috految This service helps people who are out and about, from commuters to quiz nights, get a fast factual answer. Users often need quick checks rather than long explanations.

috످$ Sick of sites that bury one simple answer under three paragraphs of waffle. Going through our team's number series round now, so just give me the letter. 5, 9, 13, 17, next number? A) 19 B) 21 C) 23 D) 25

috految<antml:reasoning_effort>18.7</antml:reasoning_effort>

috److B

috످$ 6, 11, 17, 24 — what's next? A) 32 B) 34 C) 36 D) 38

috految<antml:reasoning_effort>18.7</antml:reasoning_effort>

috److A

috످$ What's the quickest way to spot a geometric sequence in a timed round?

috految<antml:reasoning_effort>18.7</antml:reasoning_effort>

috److Divide each number by the one before it. If you always get the same answer, it's geometric.

috످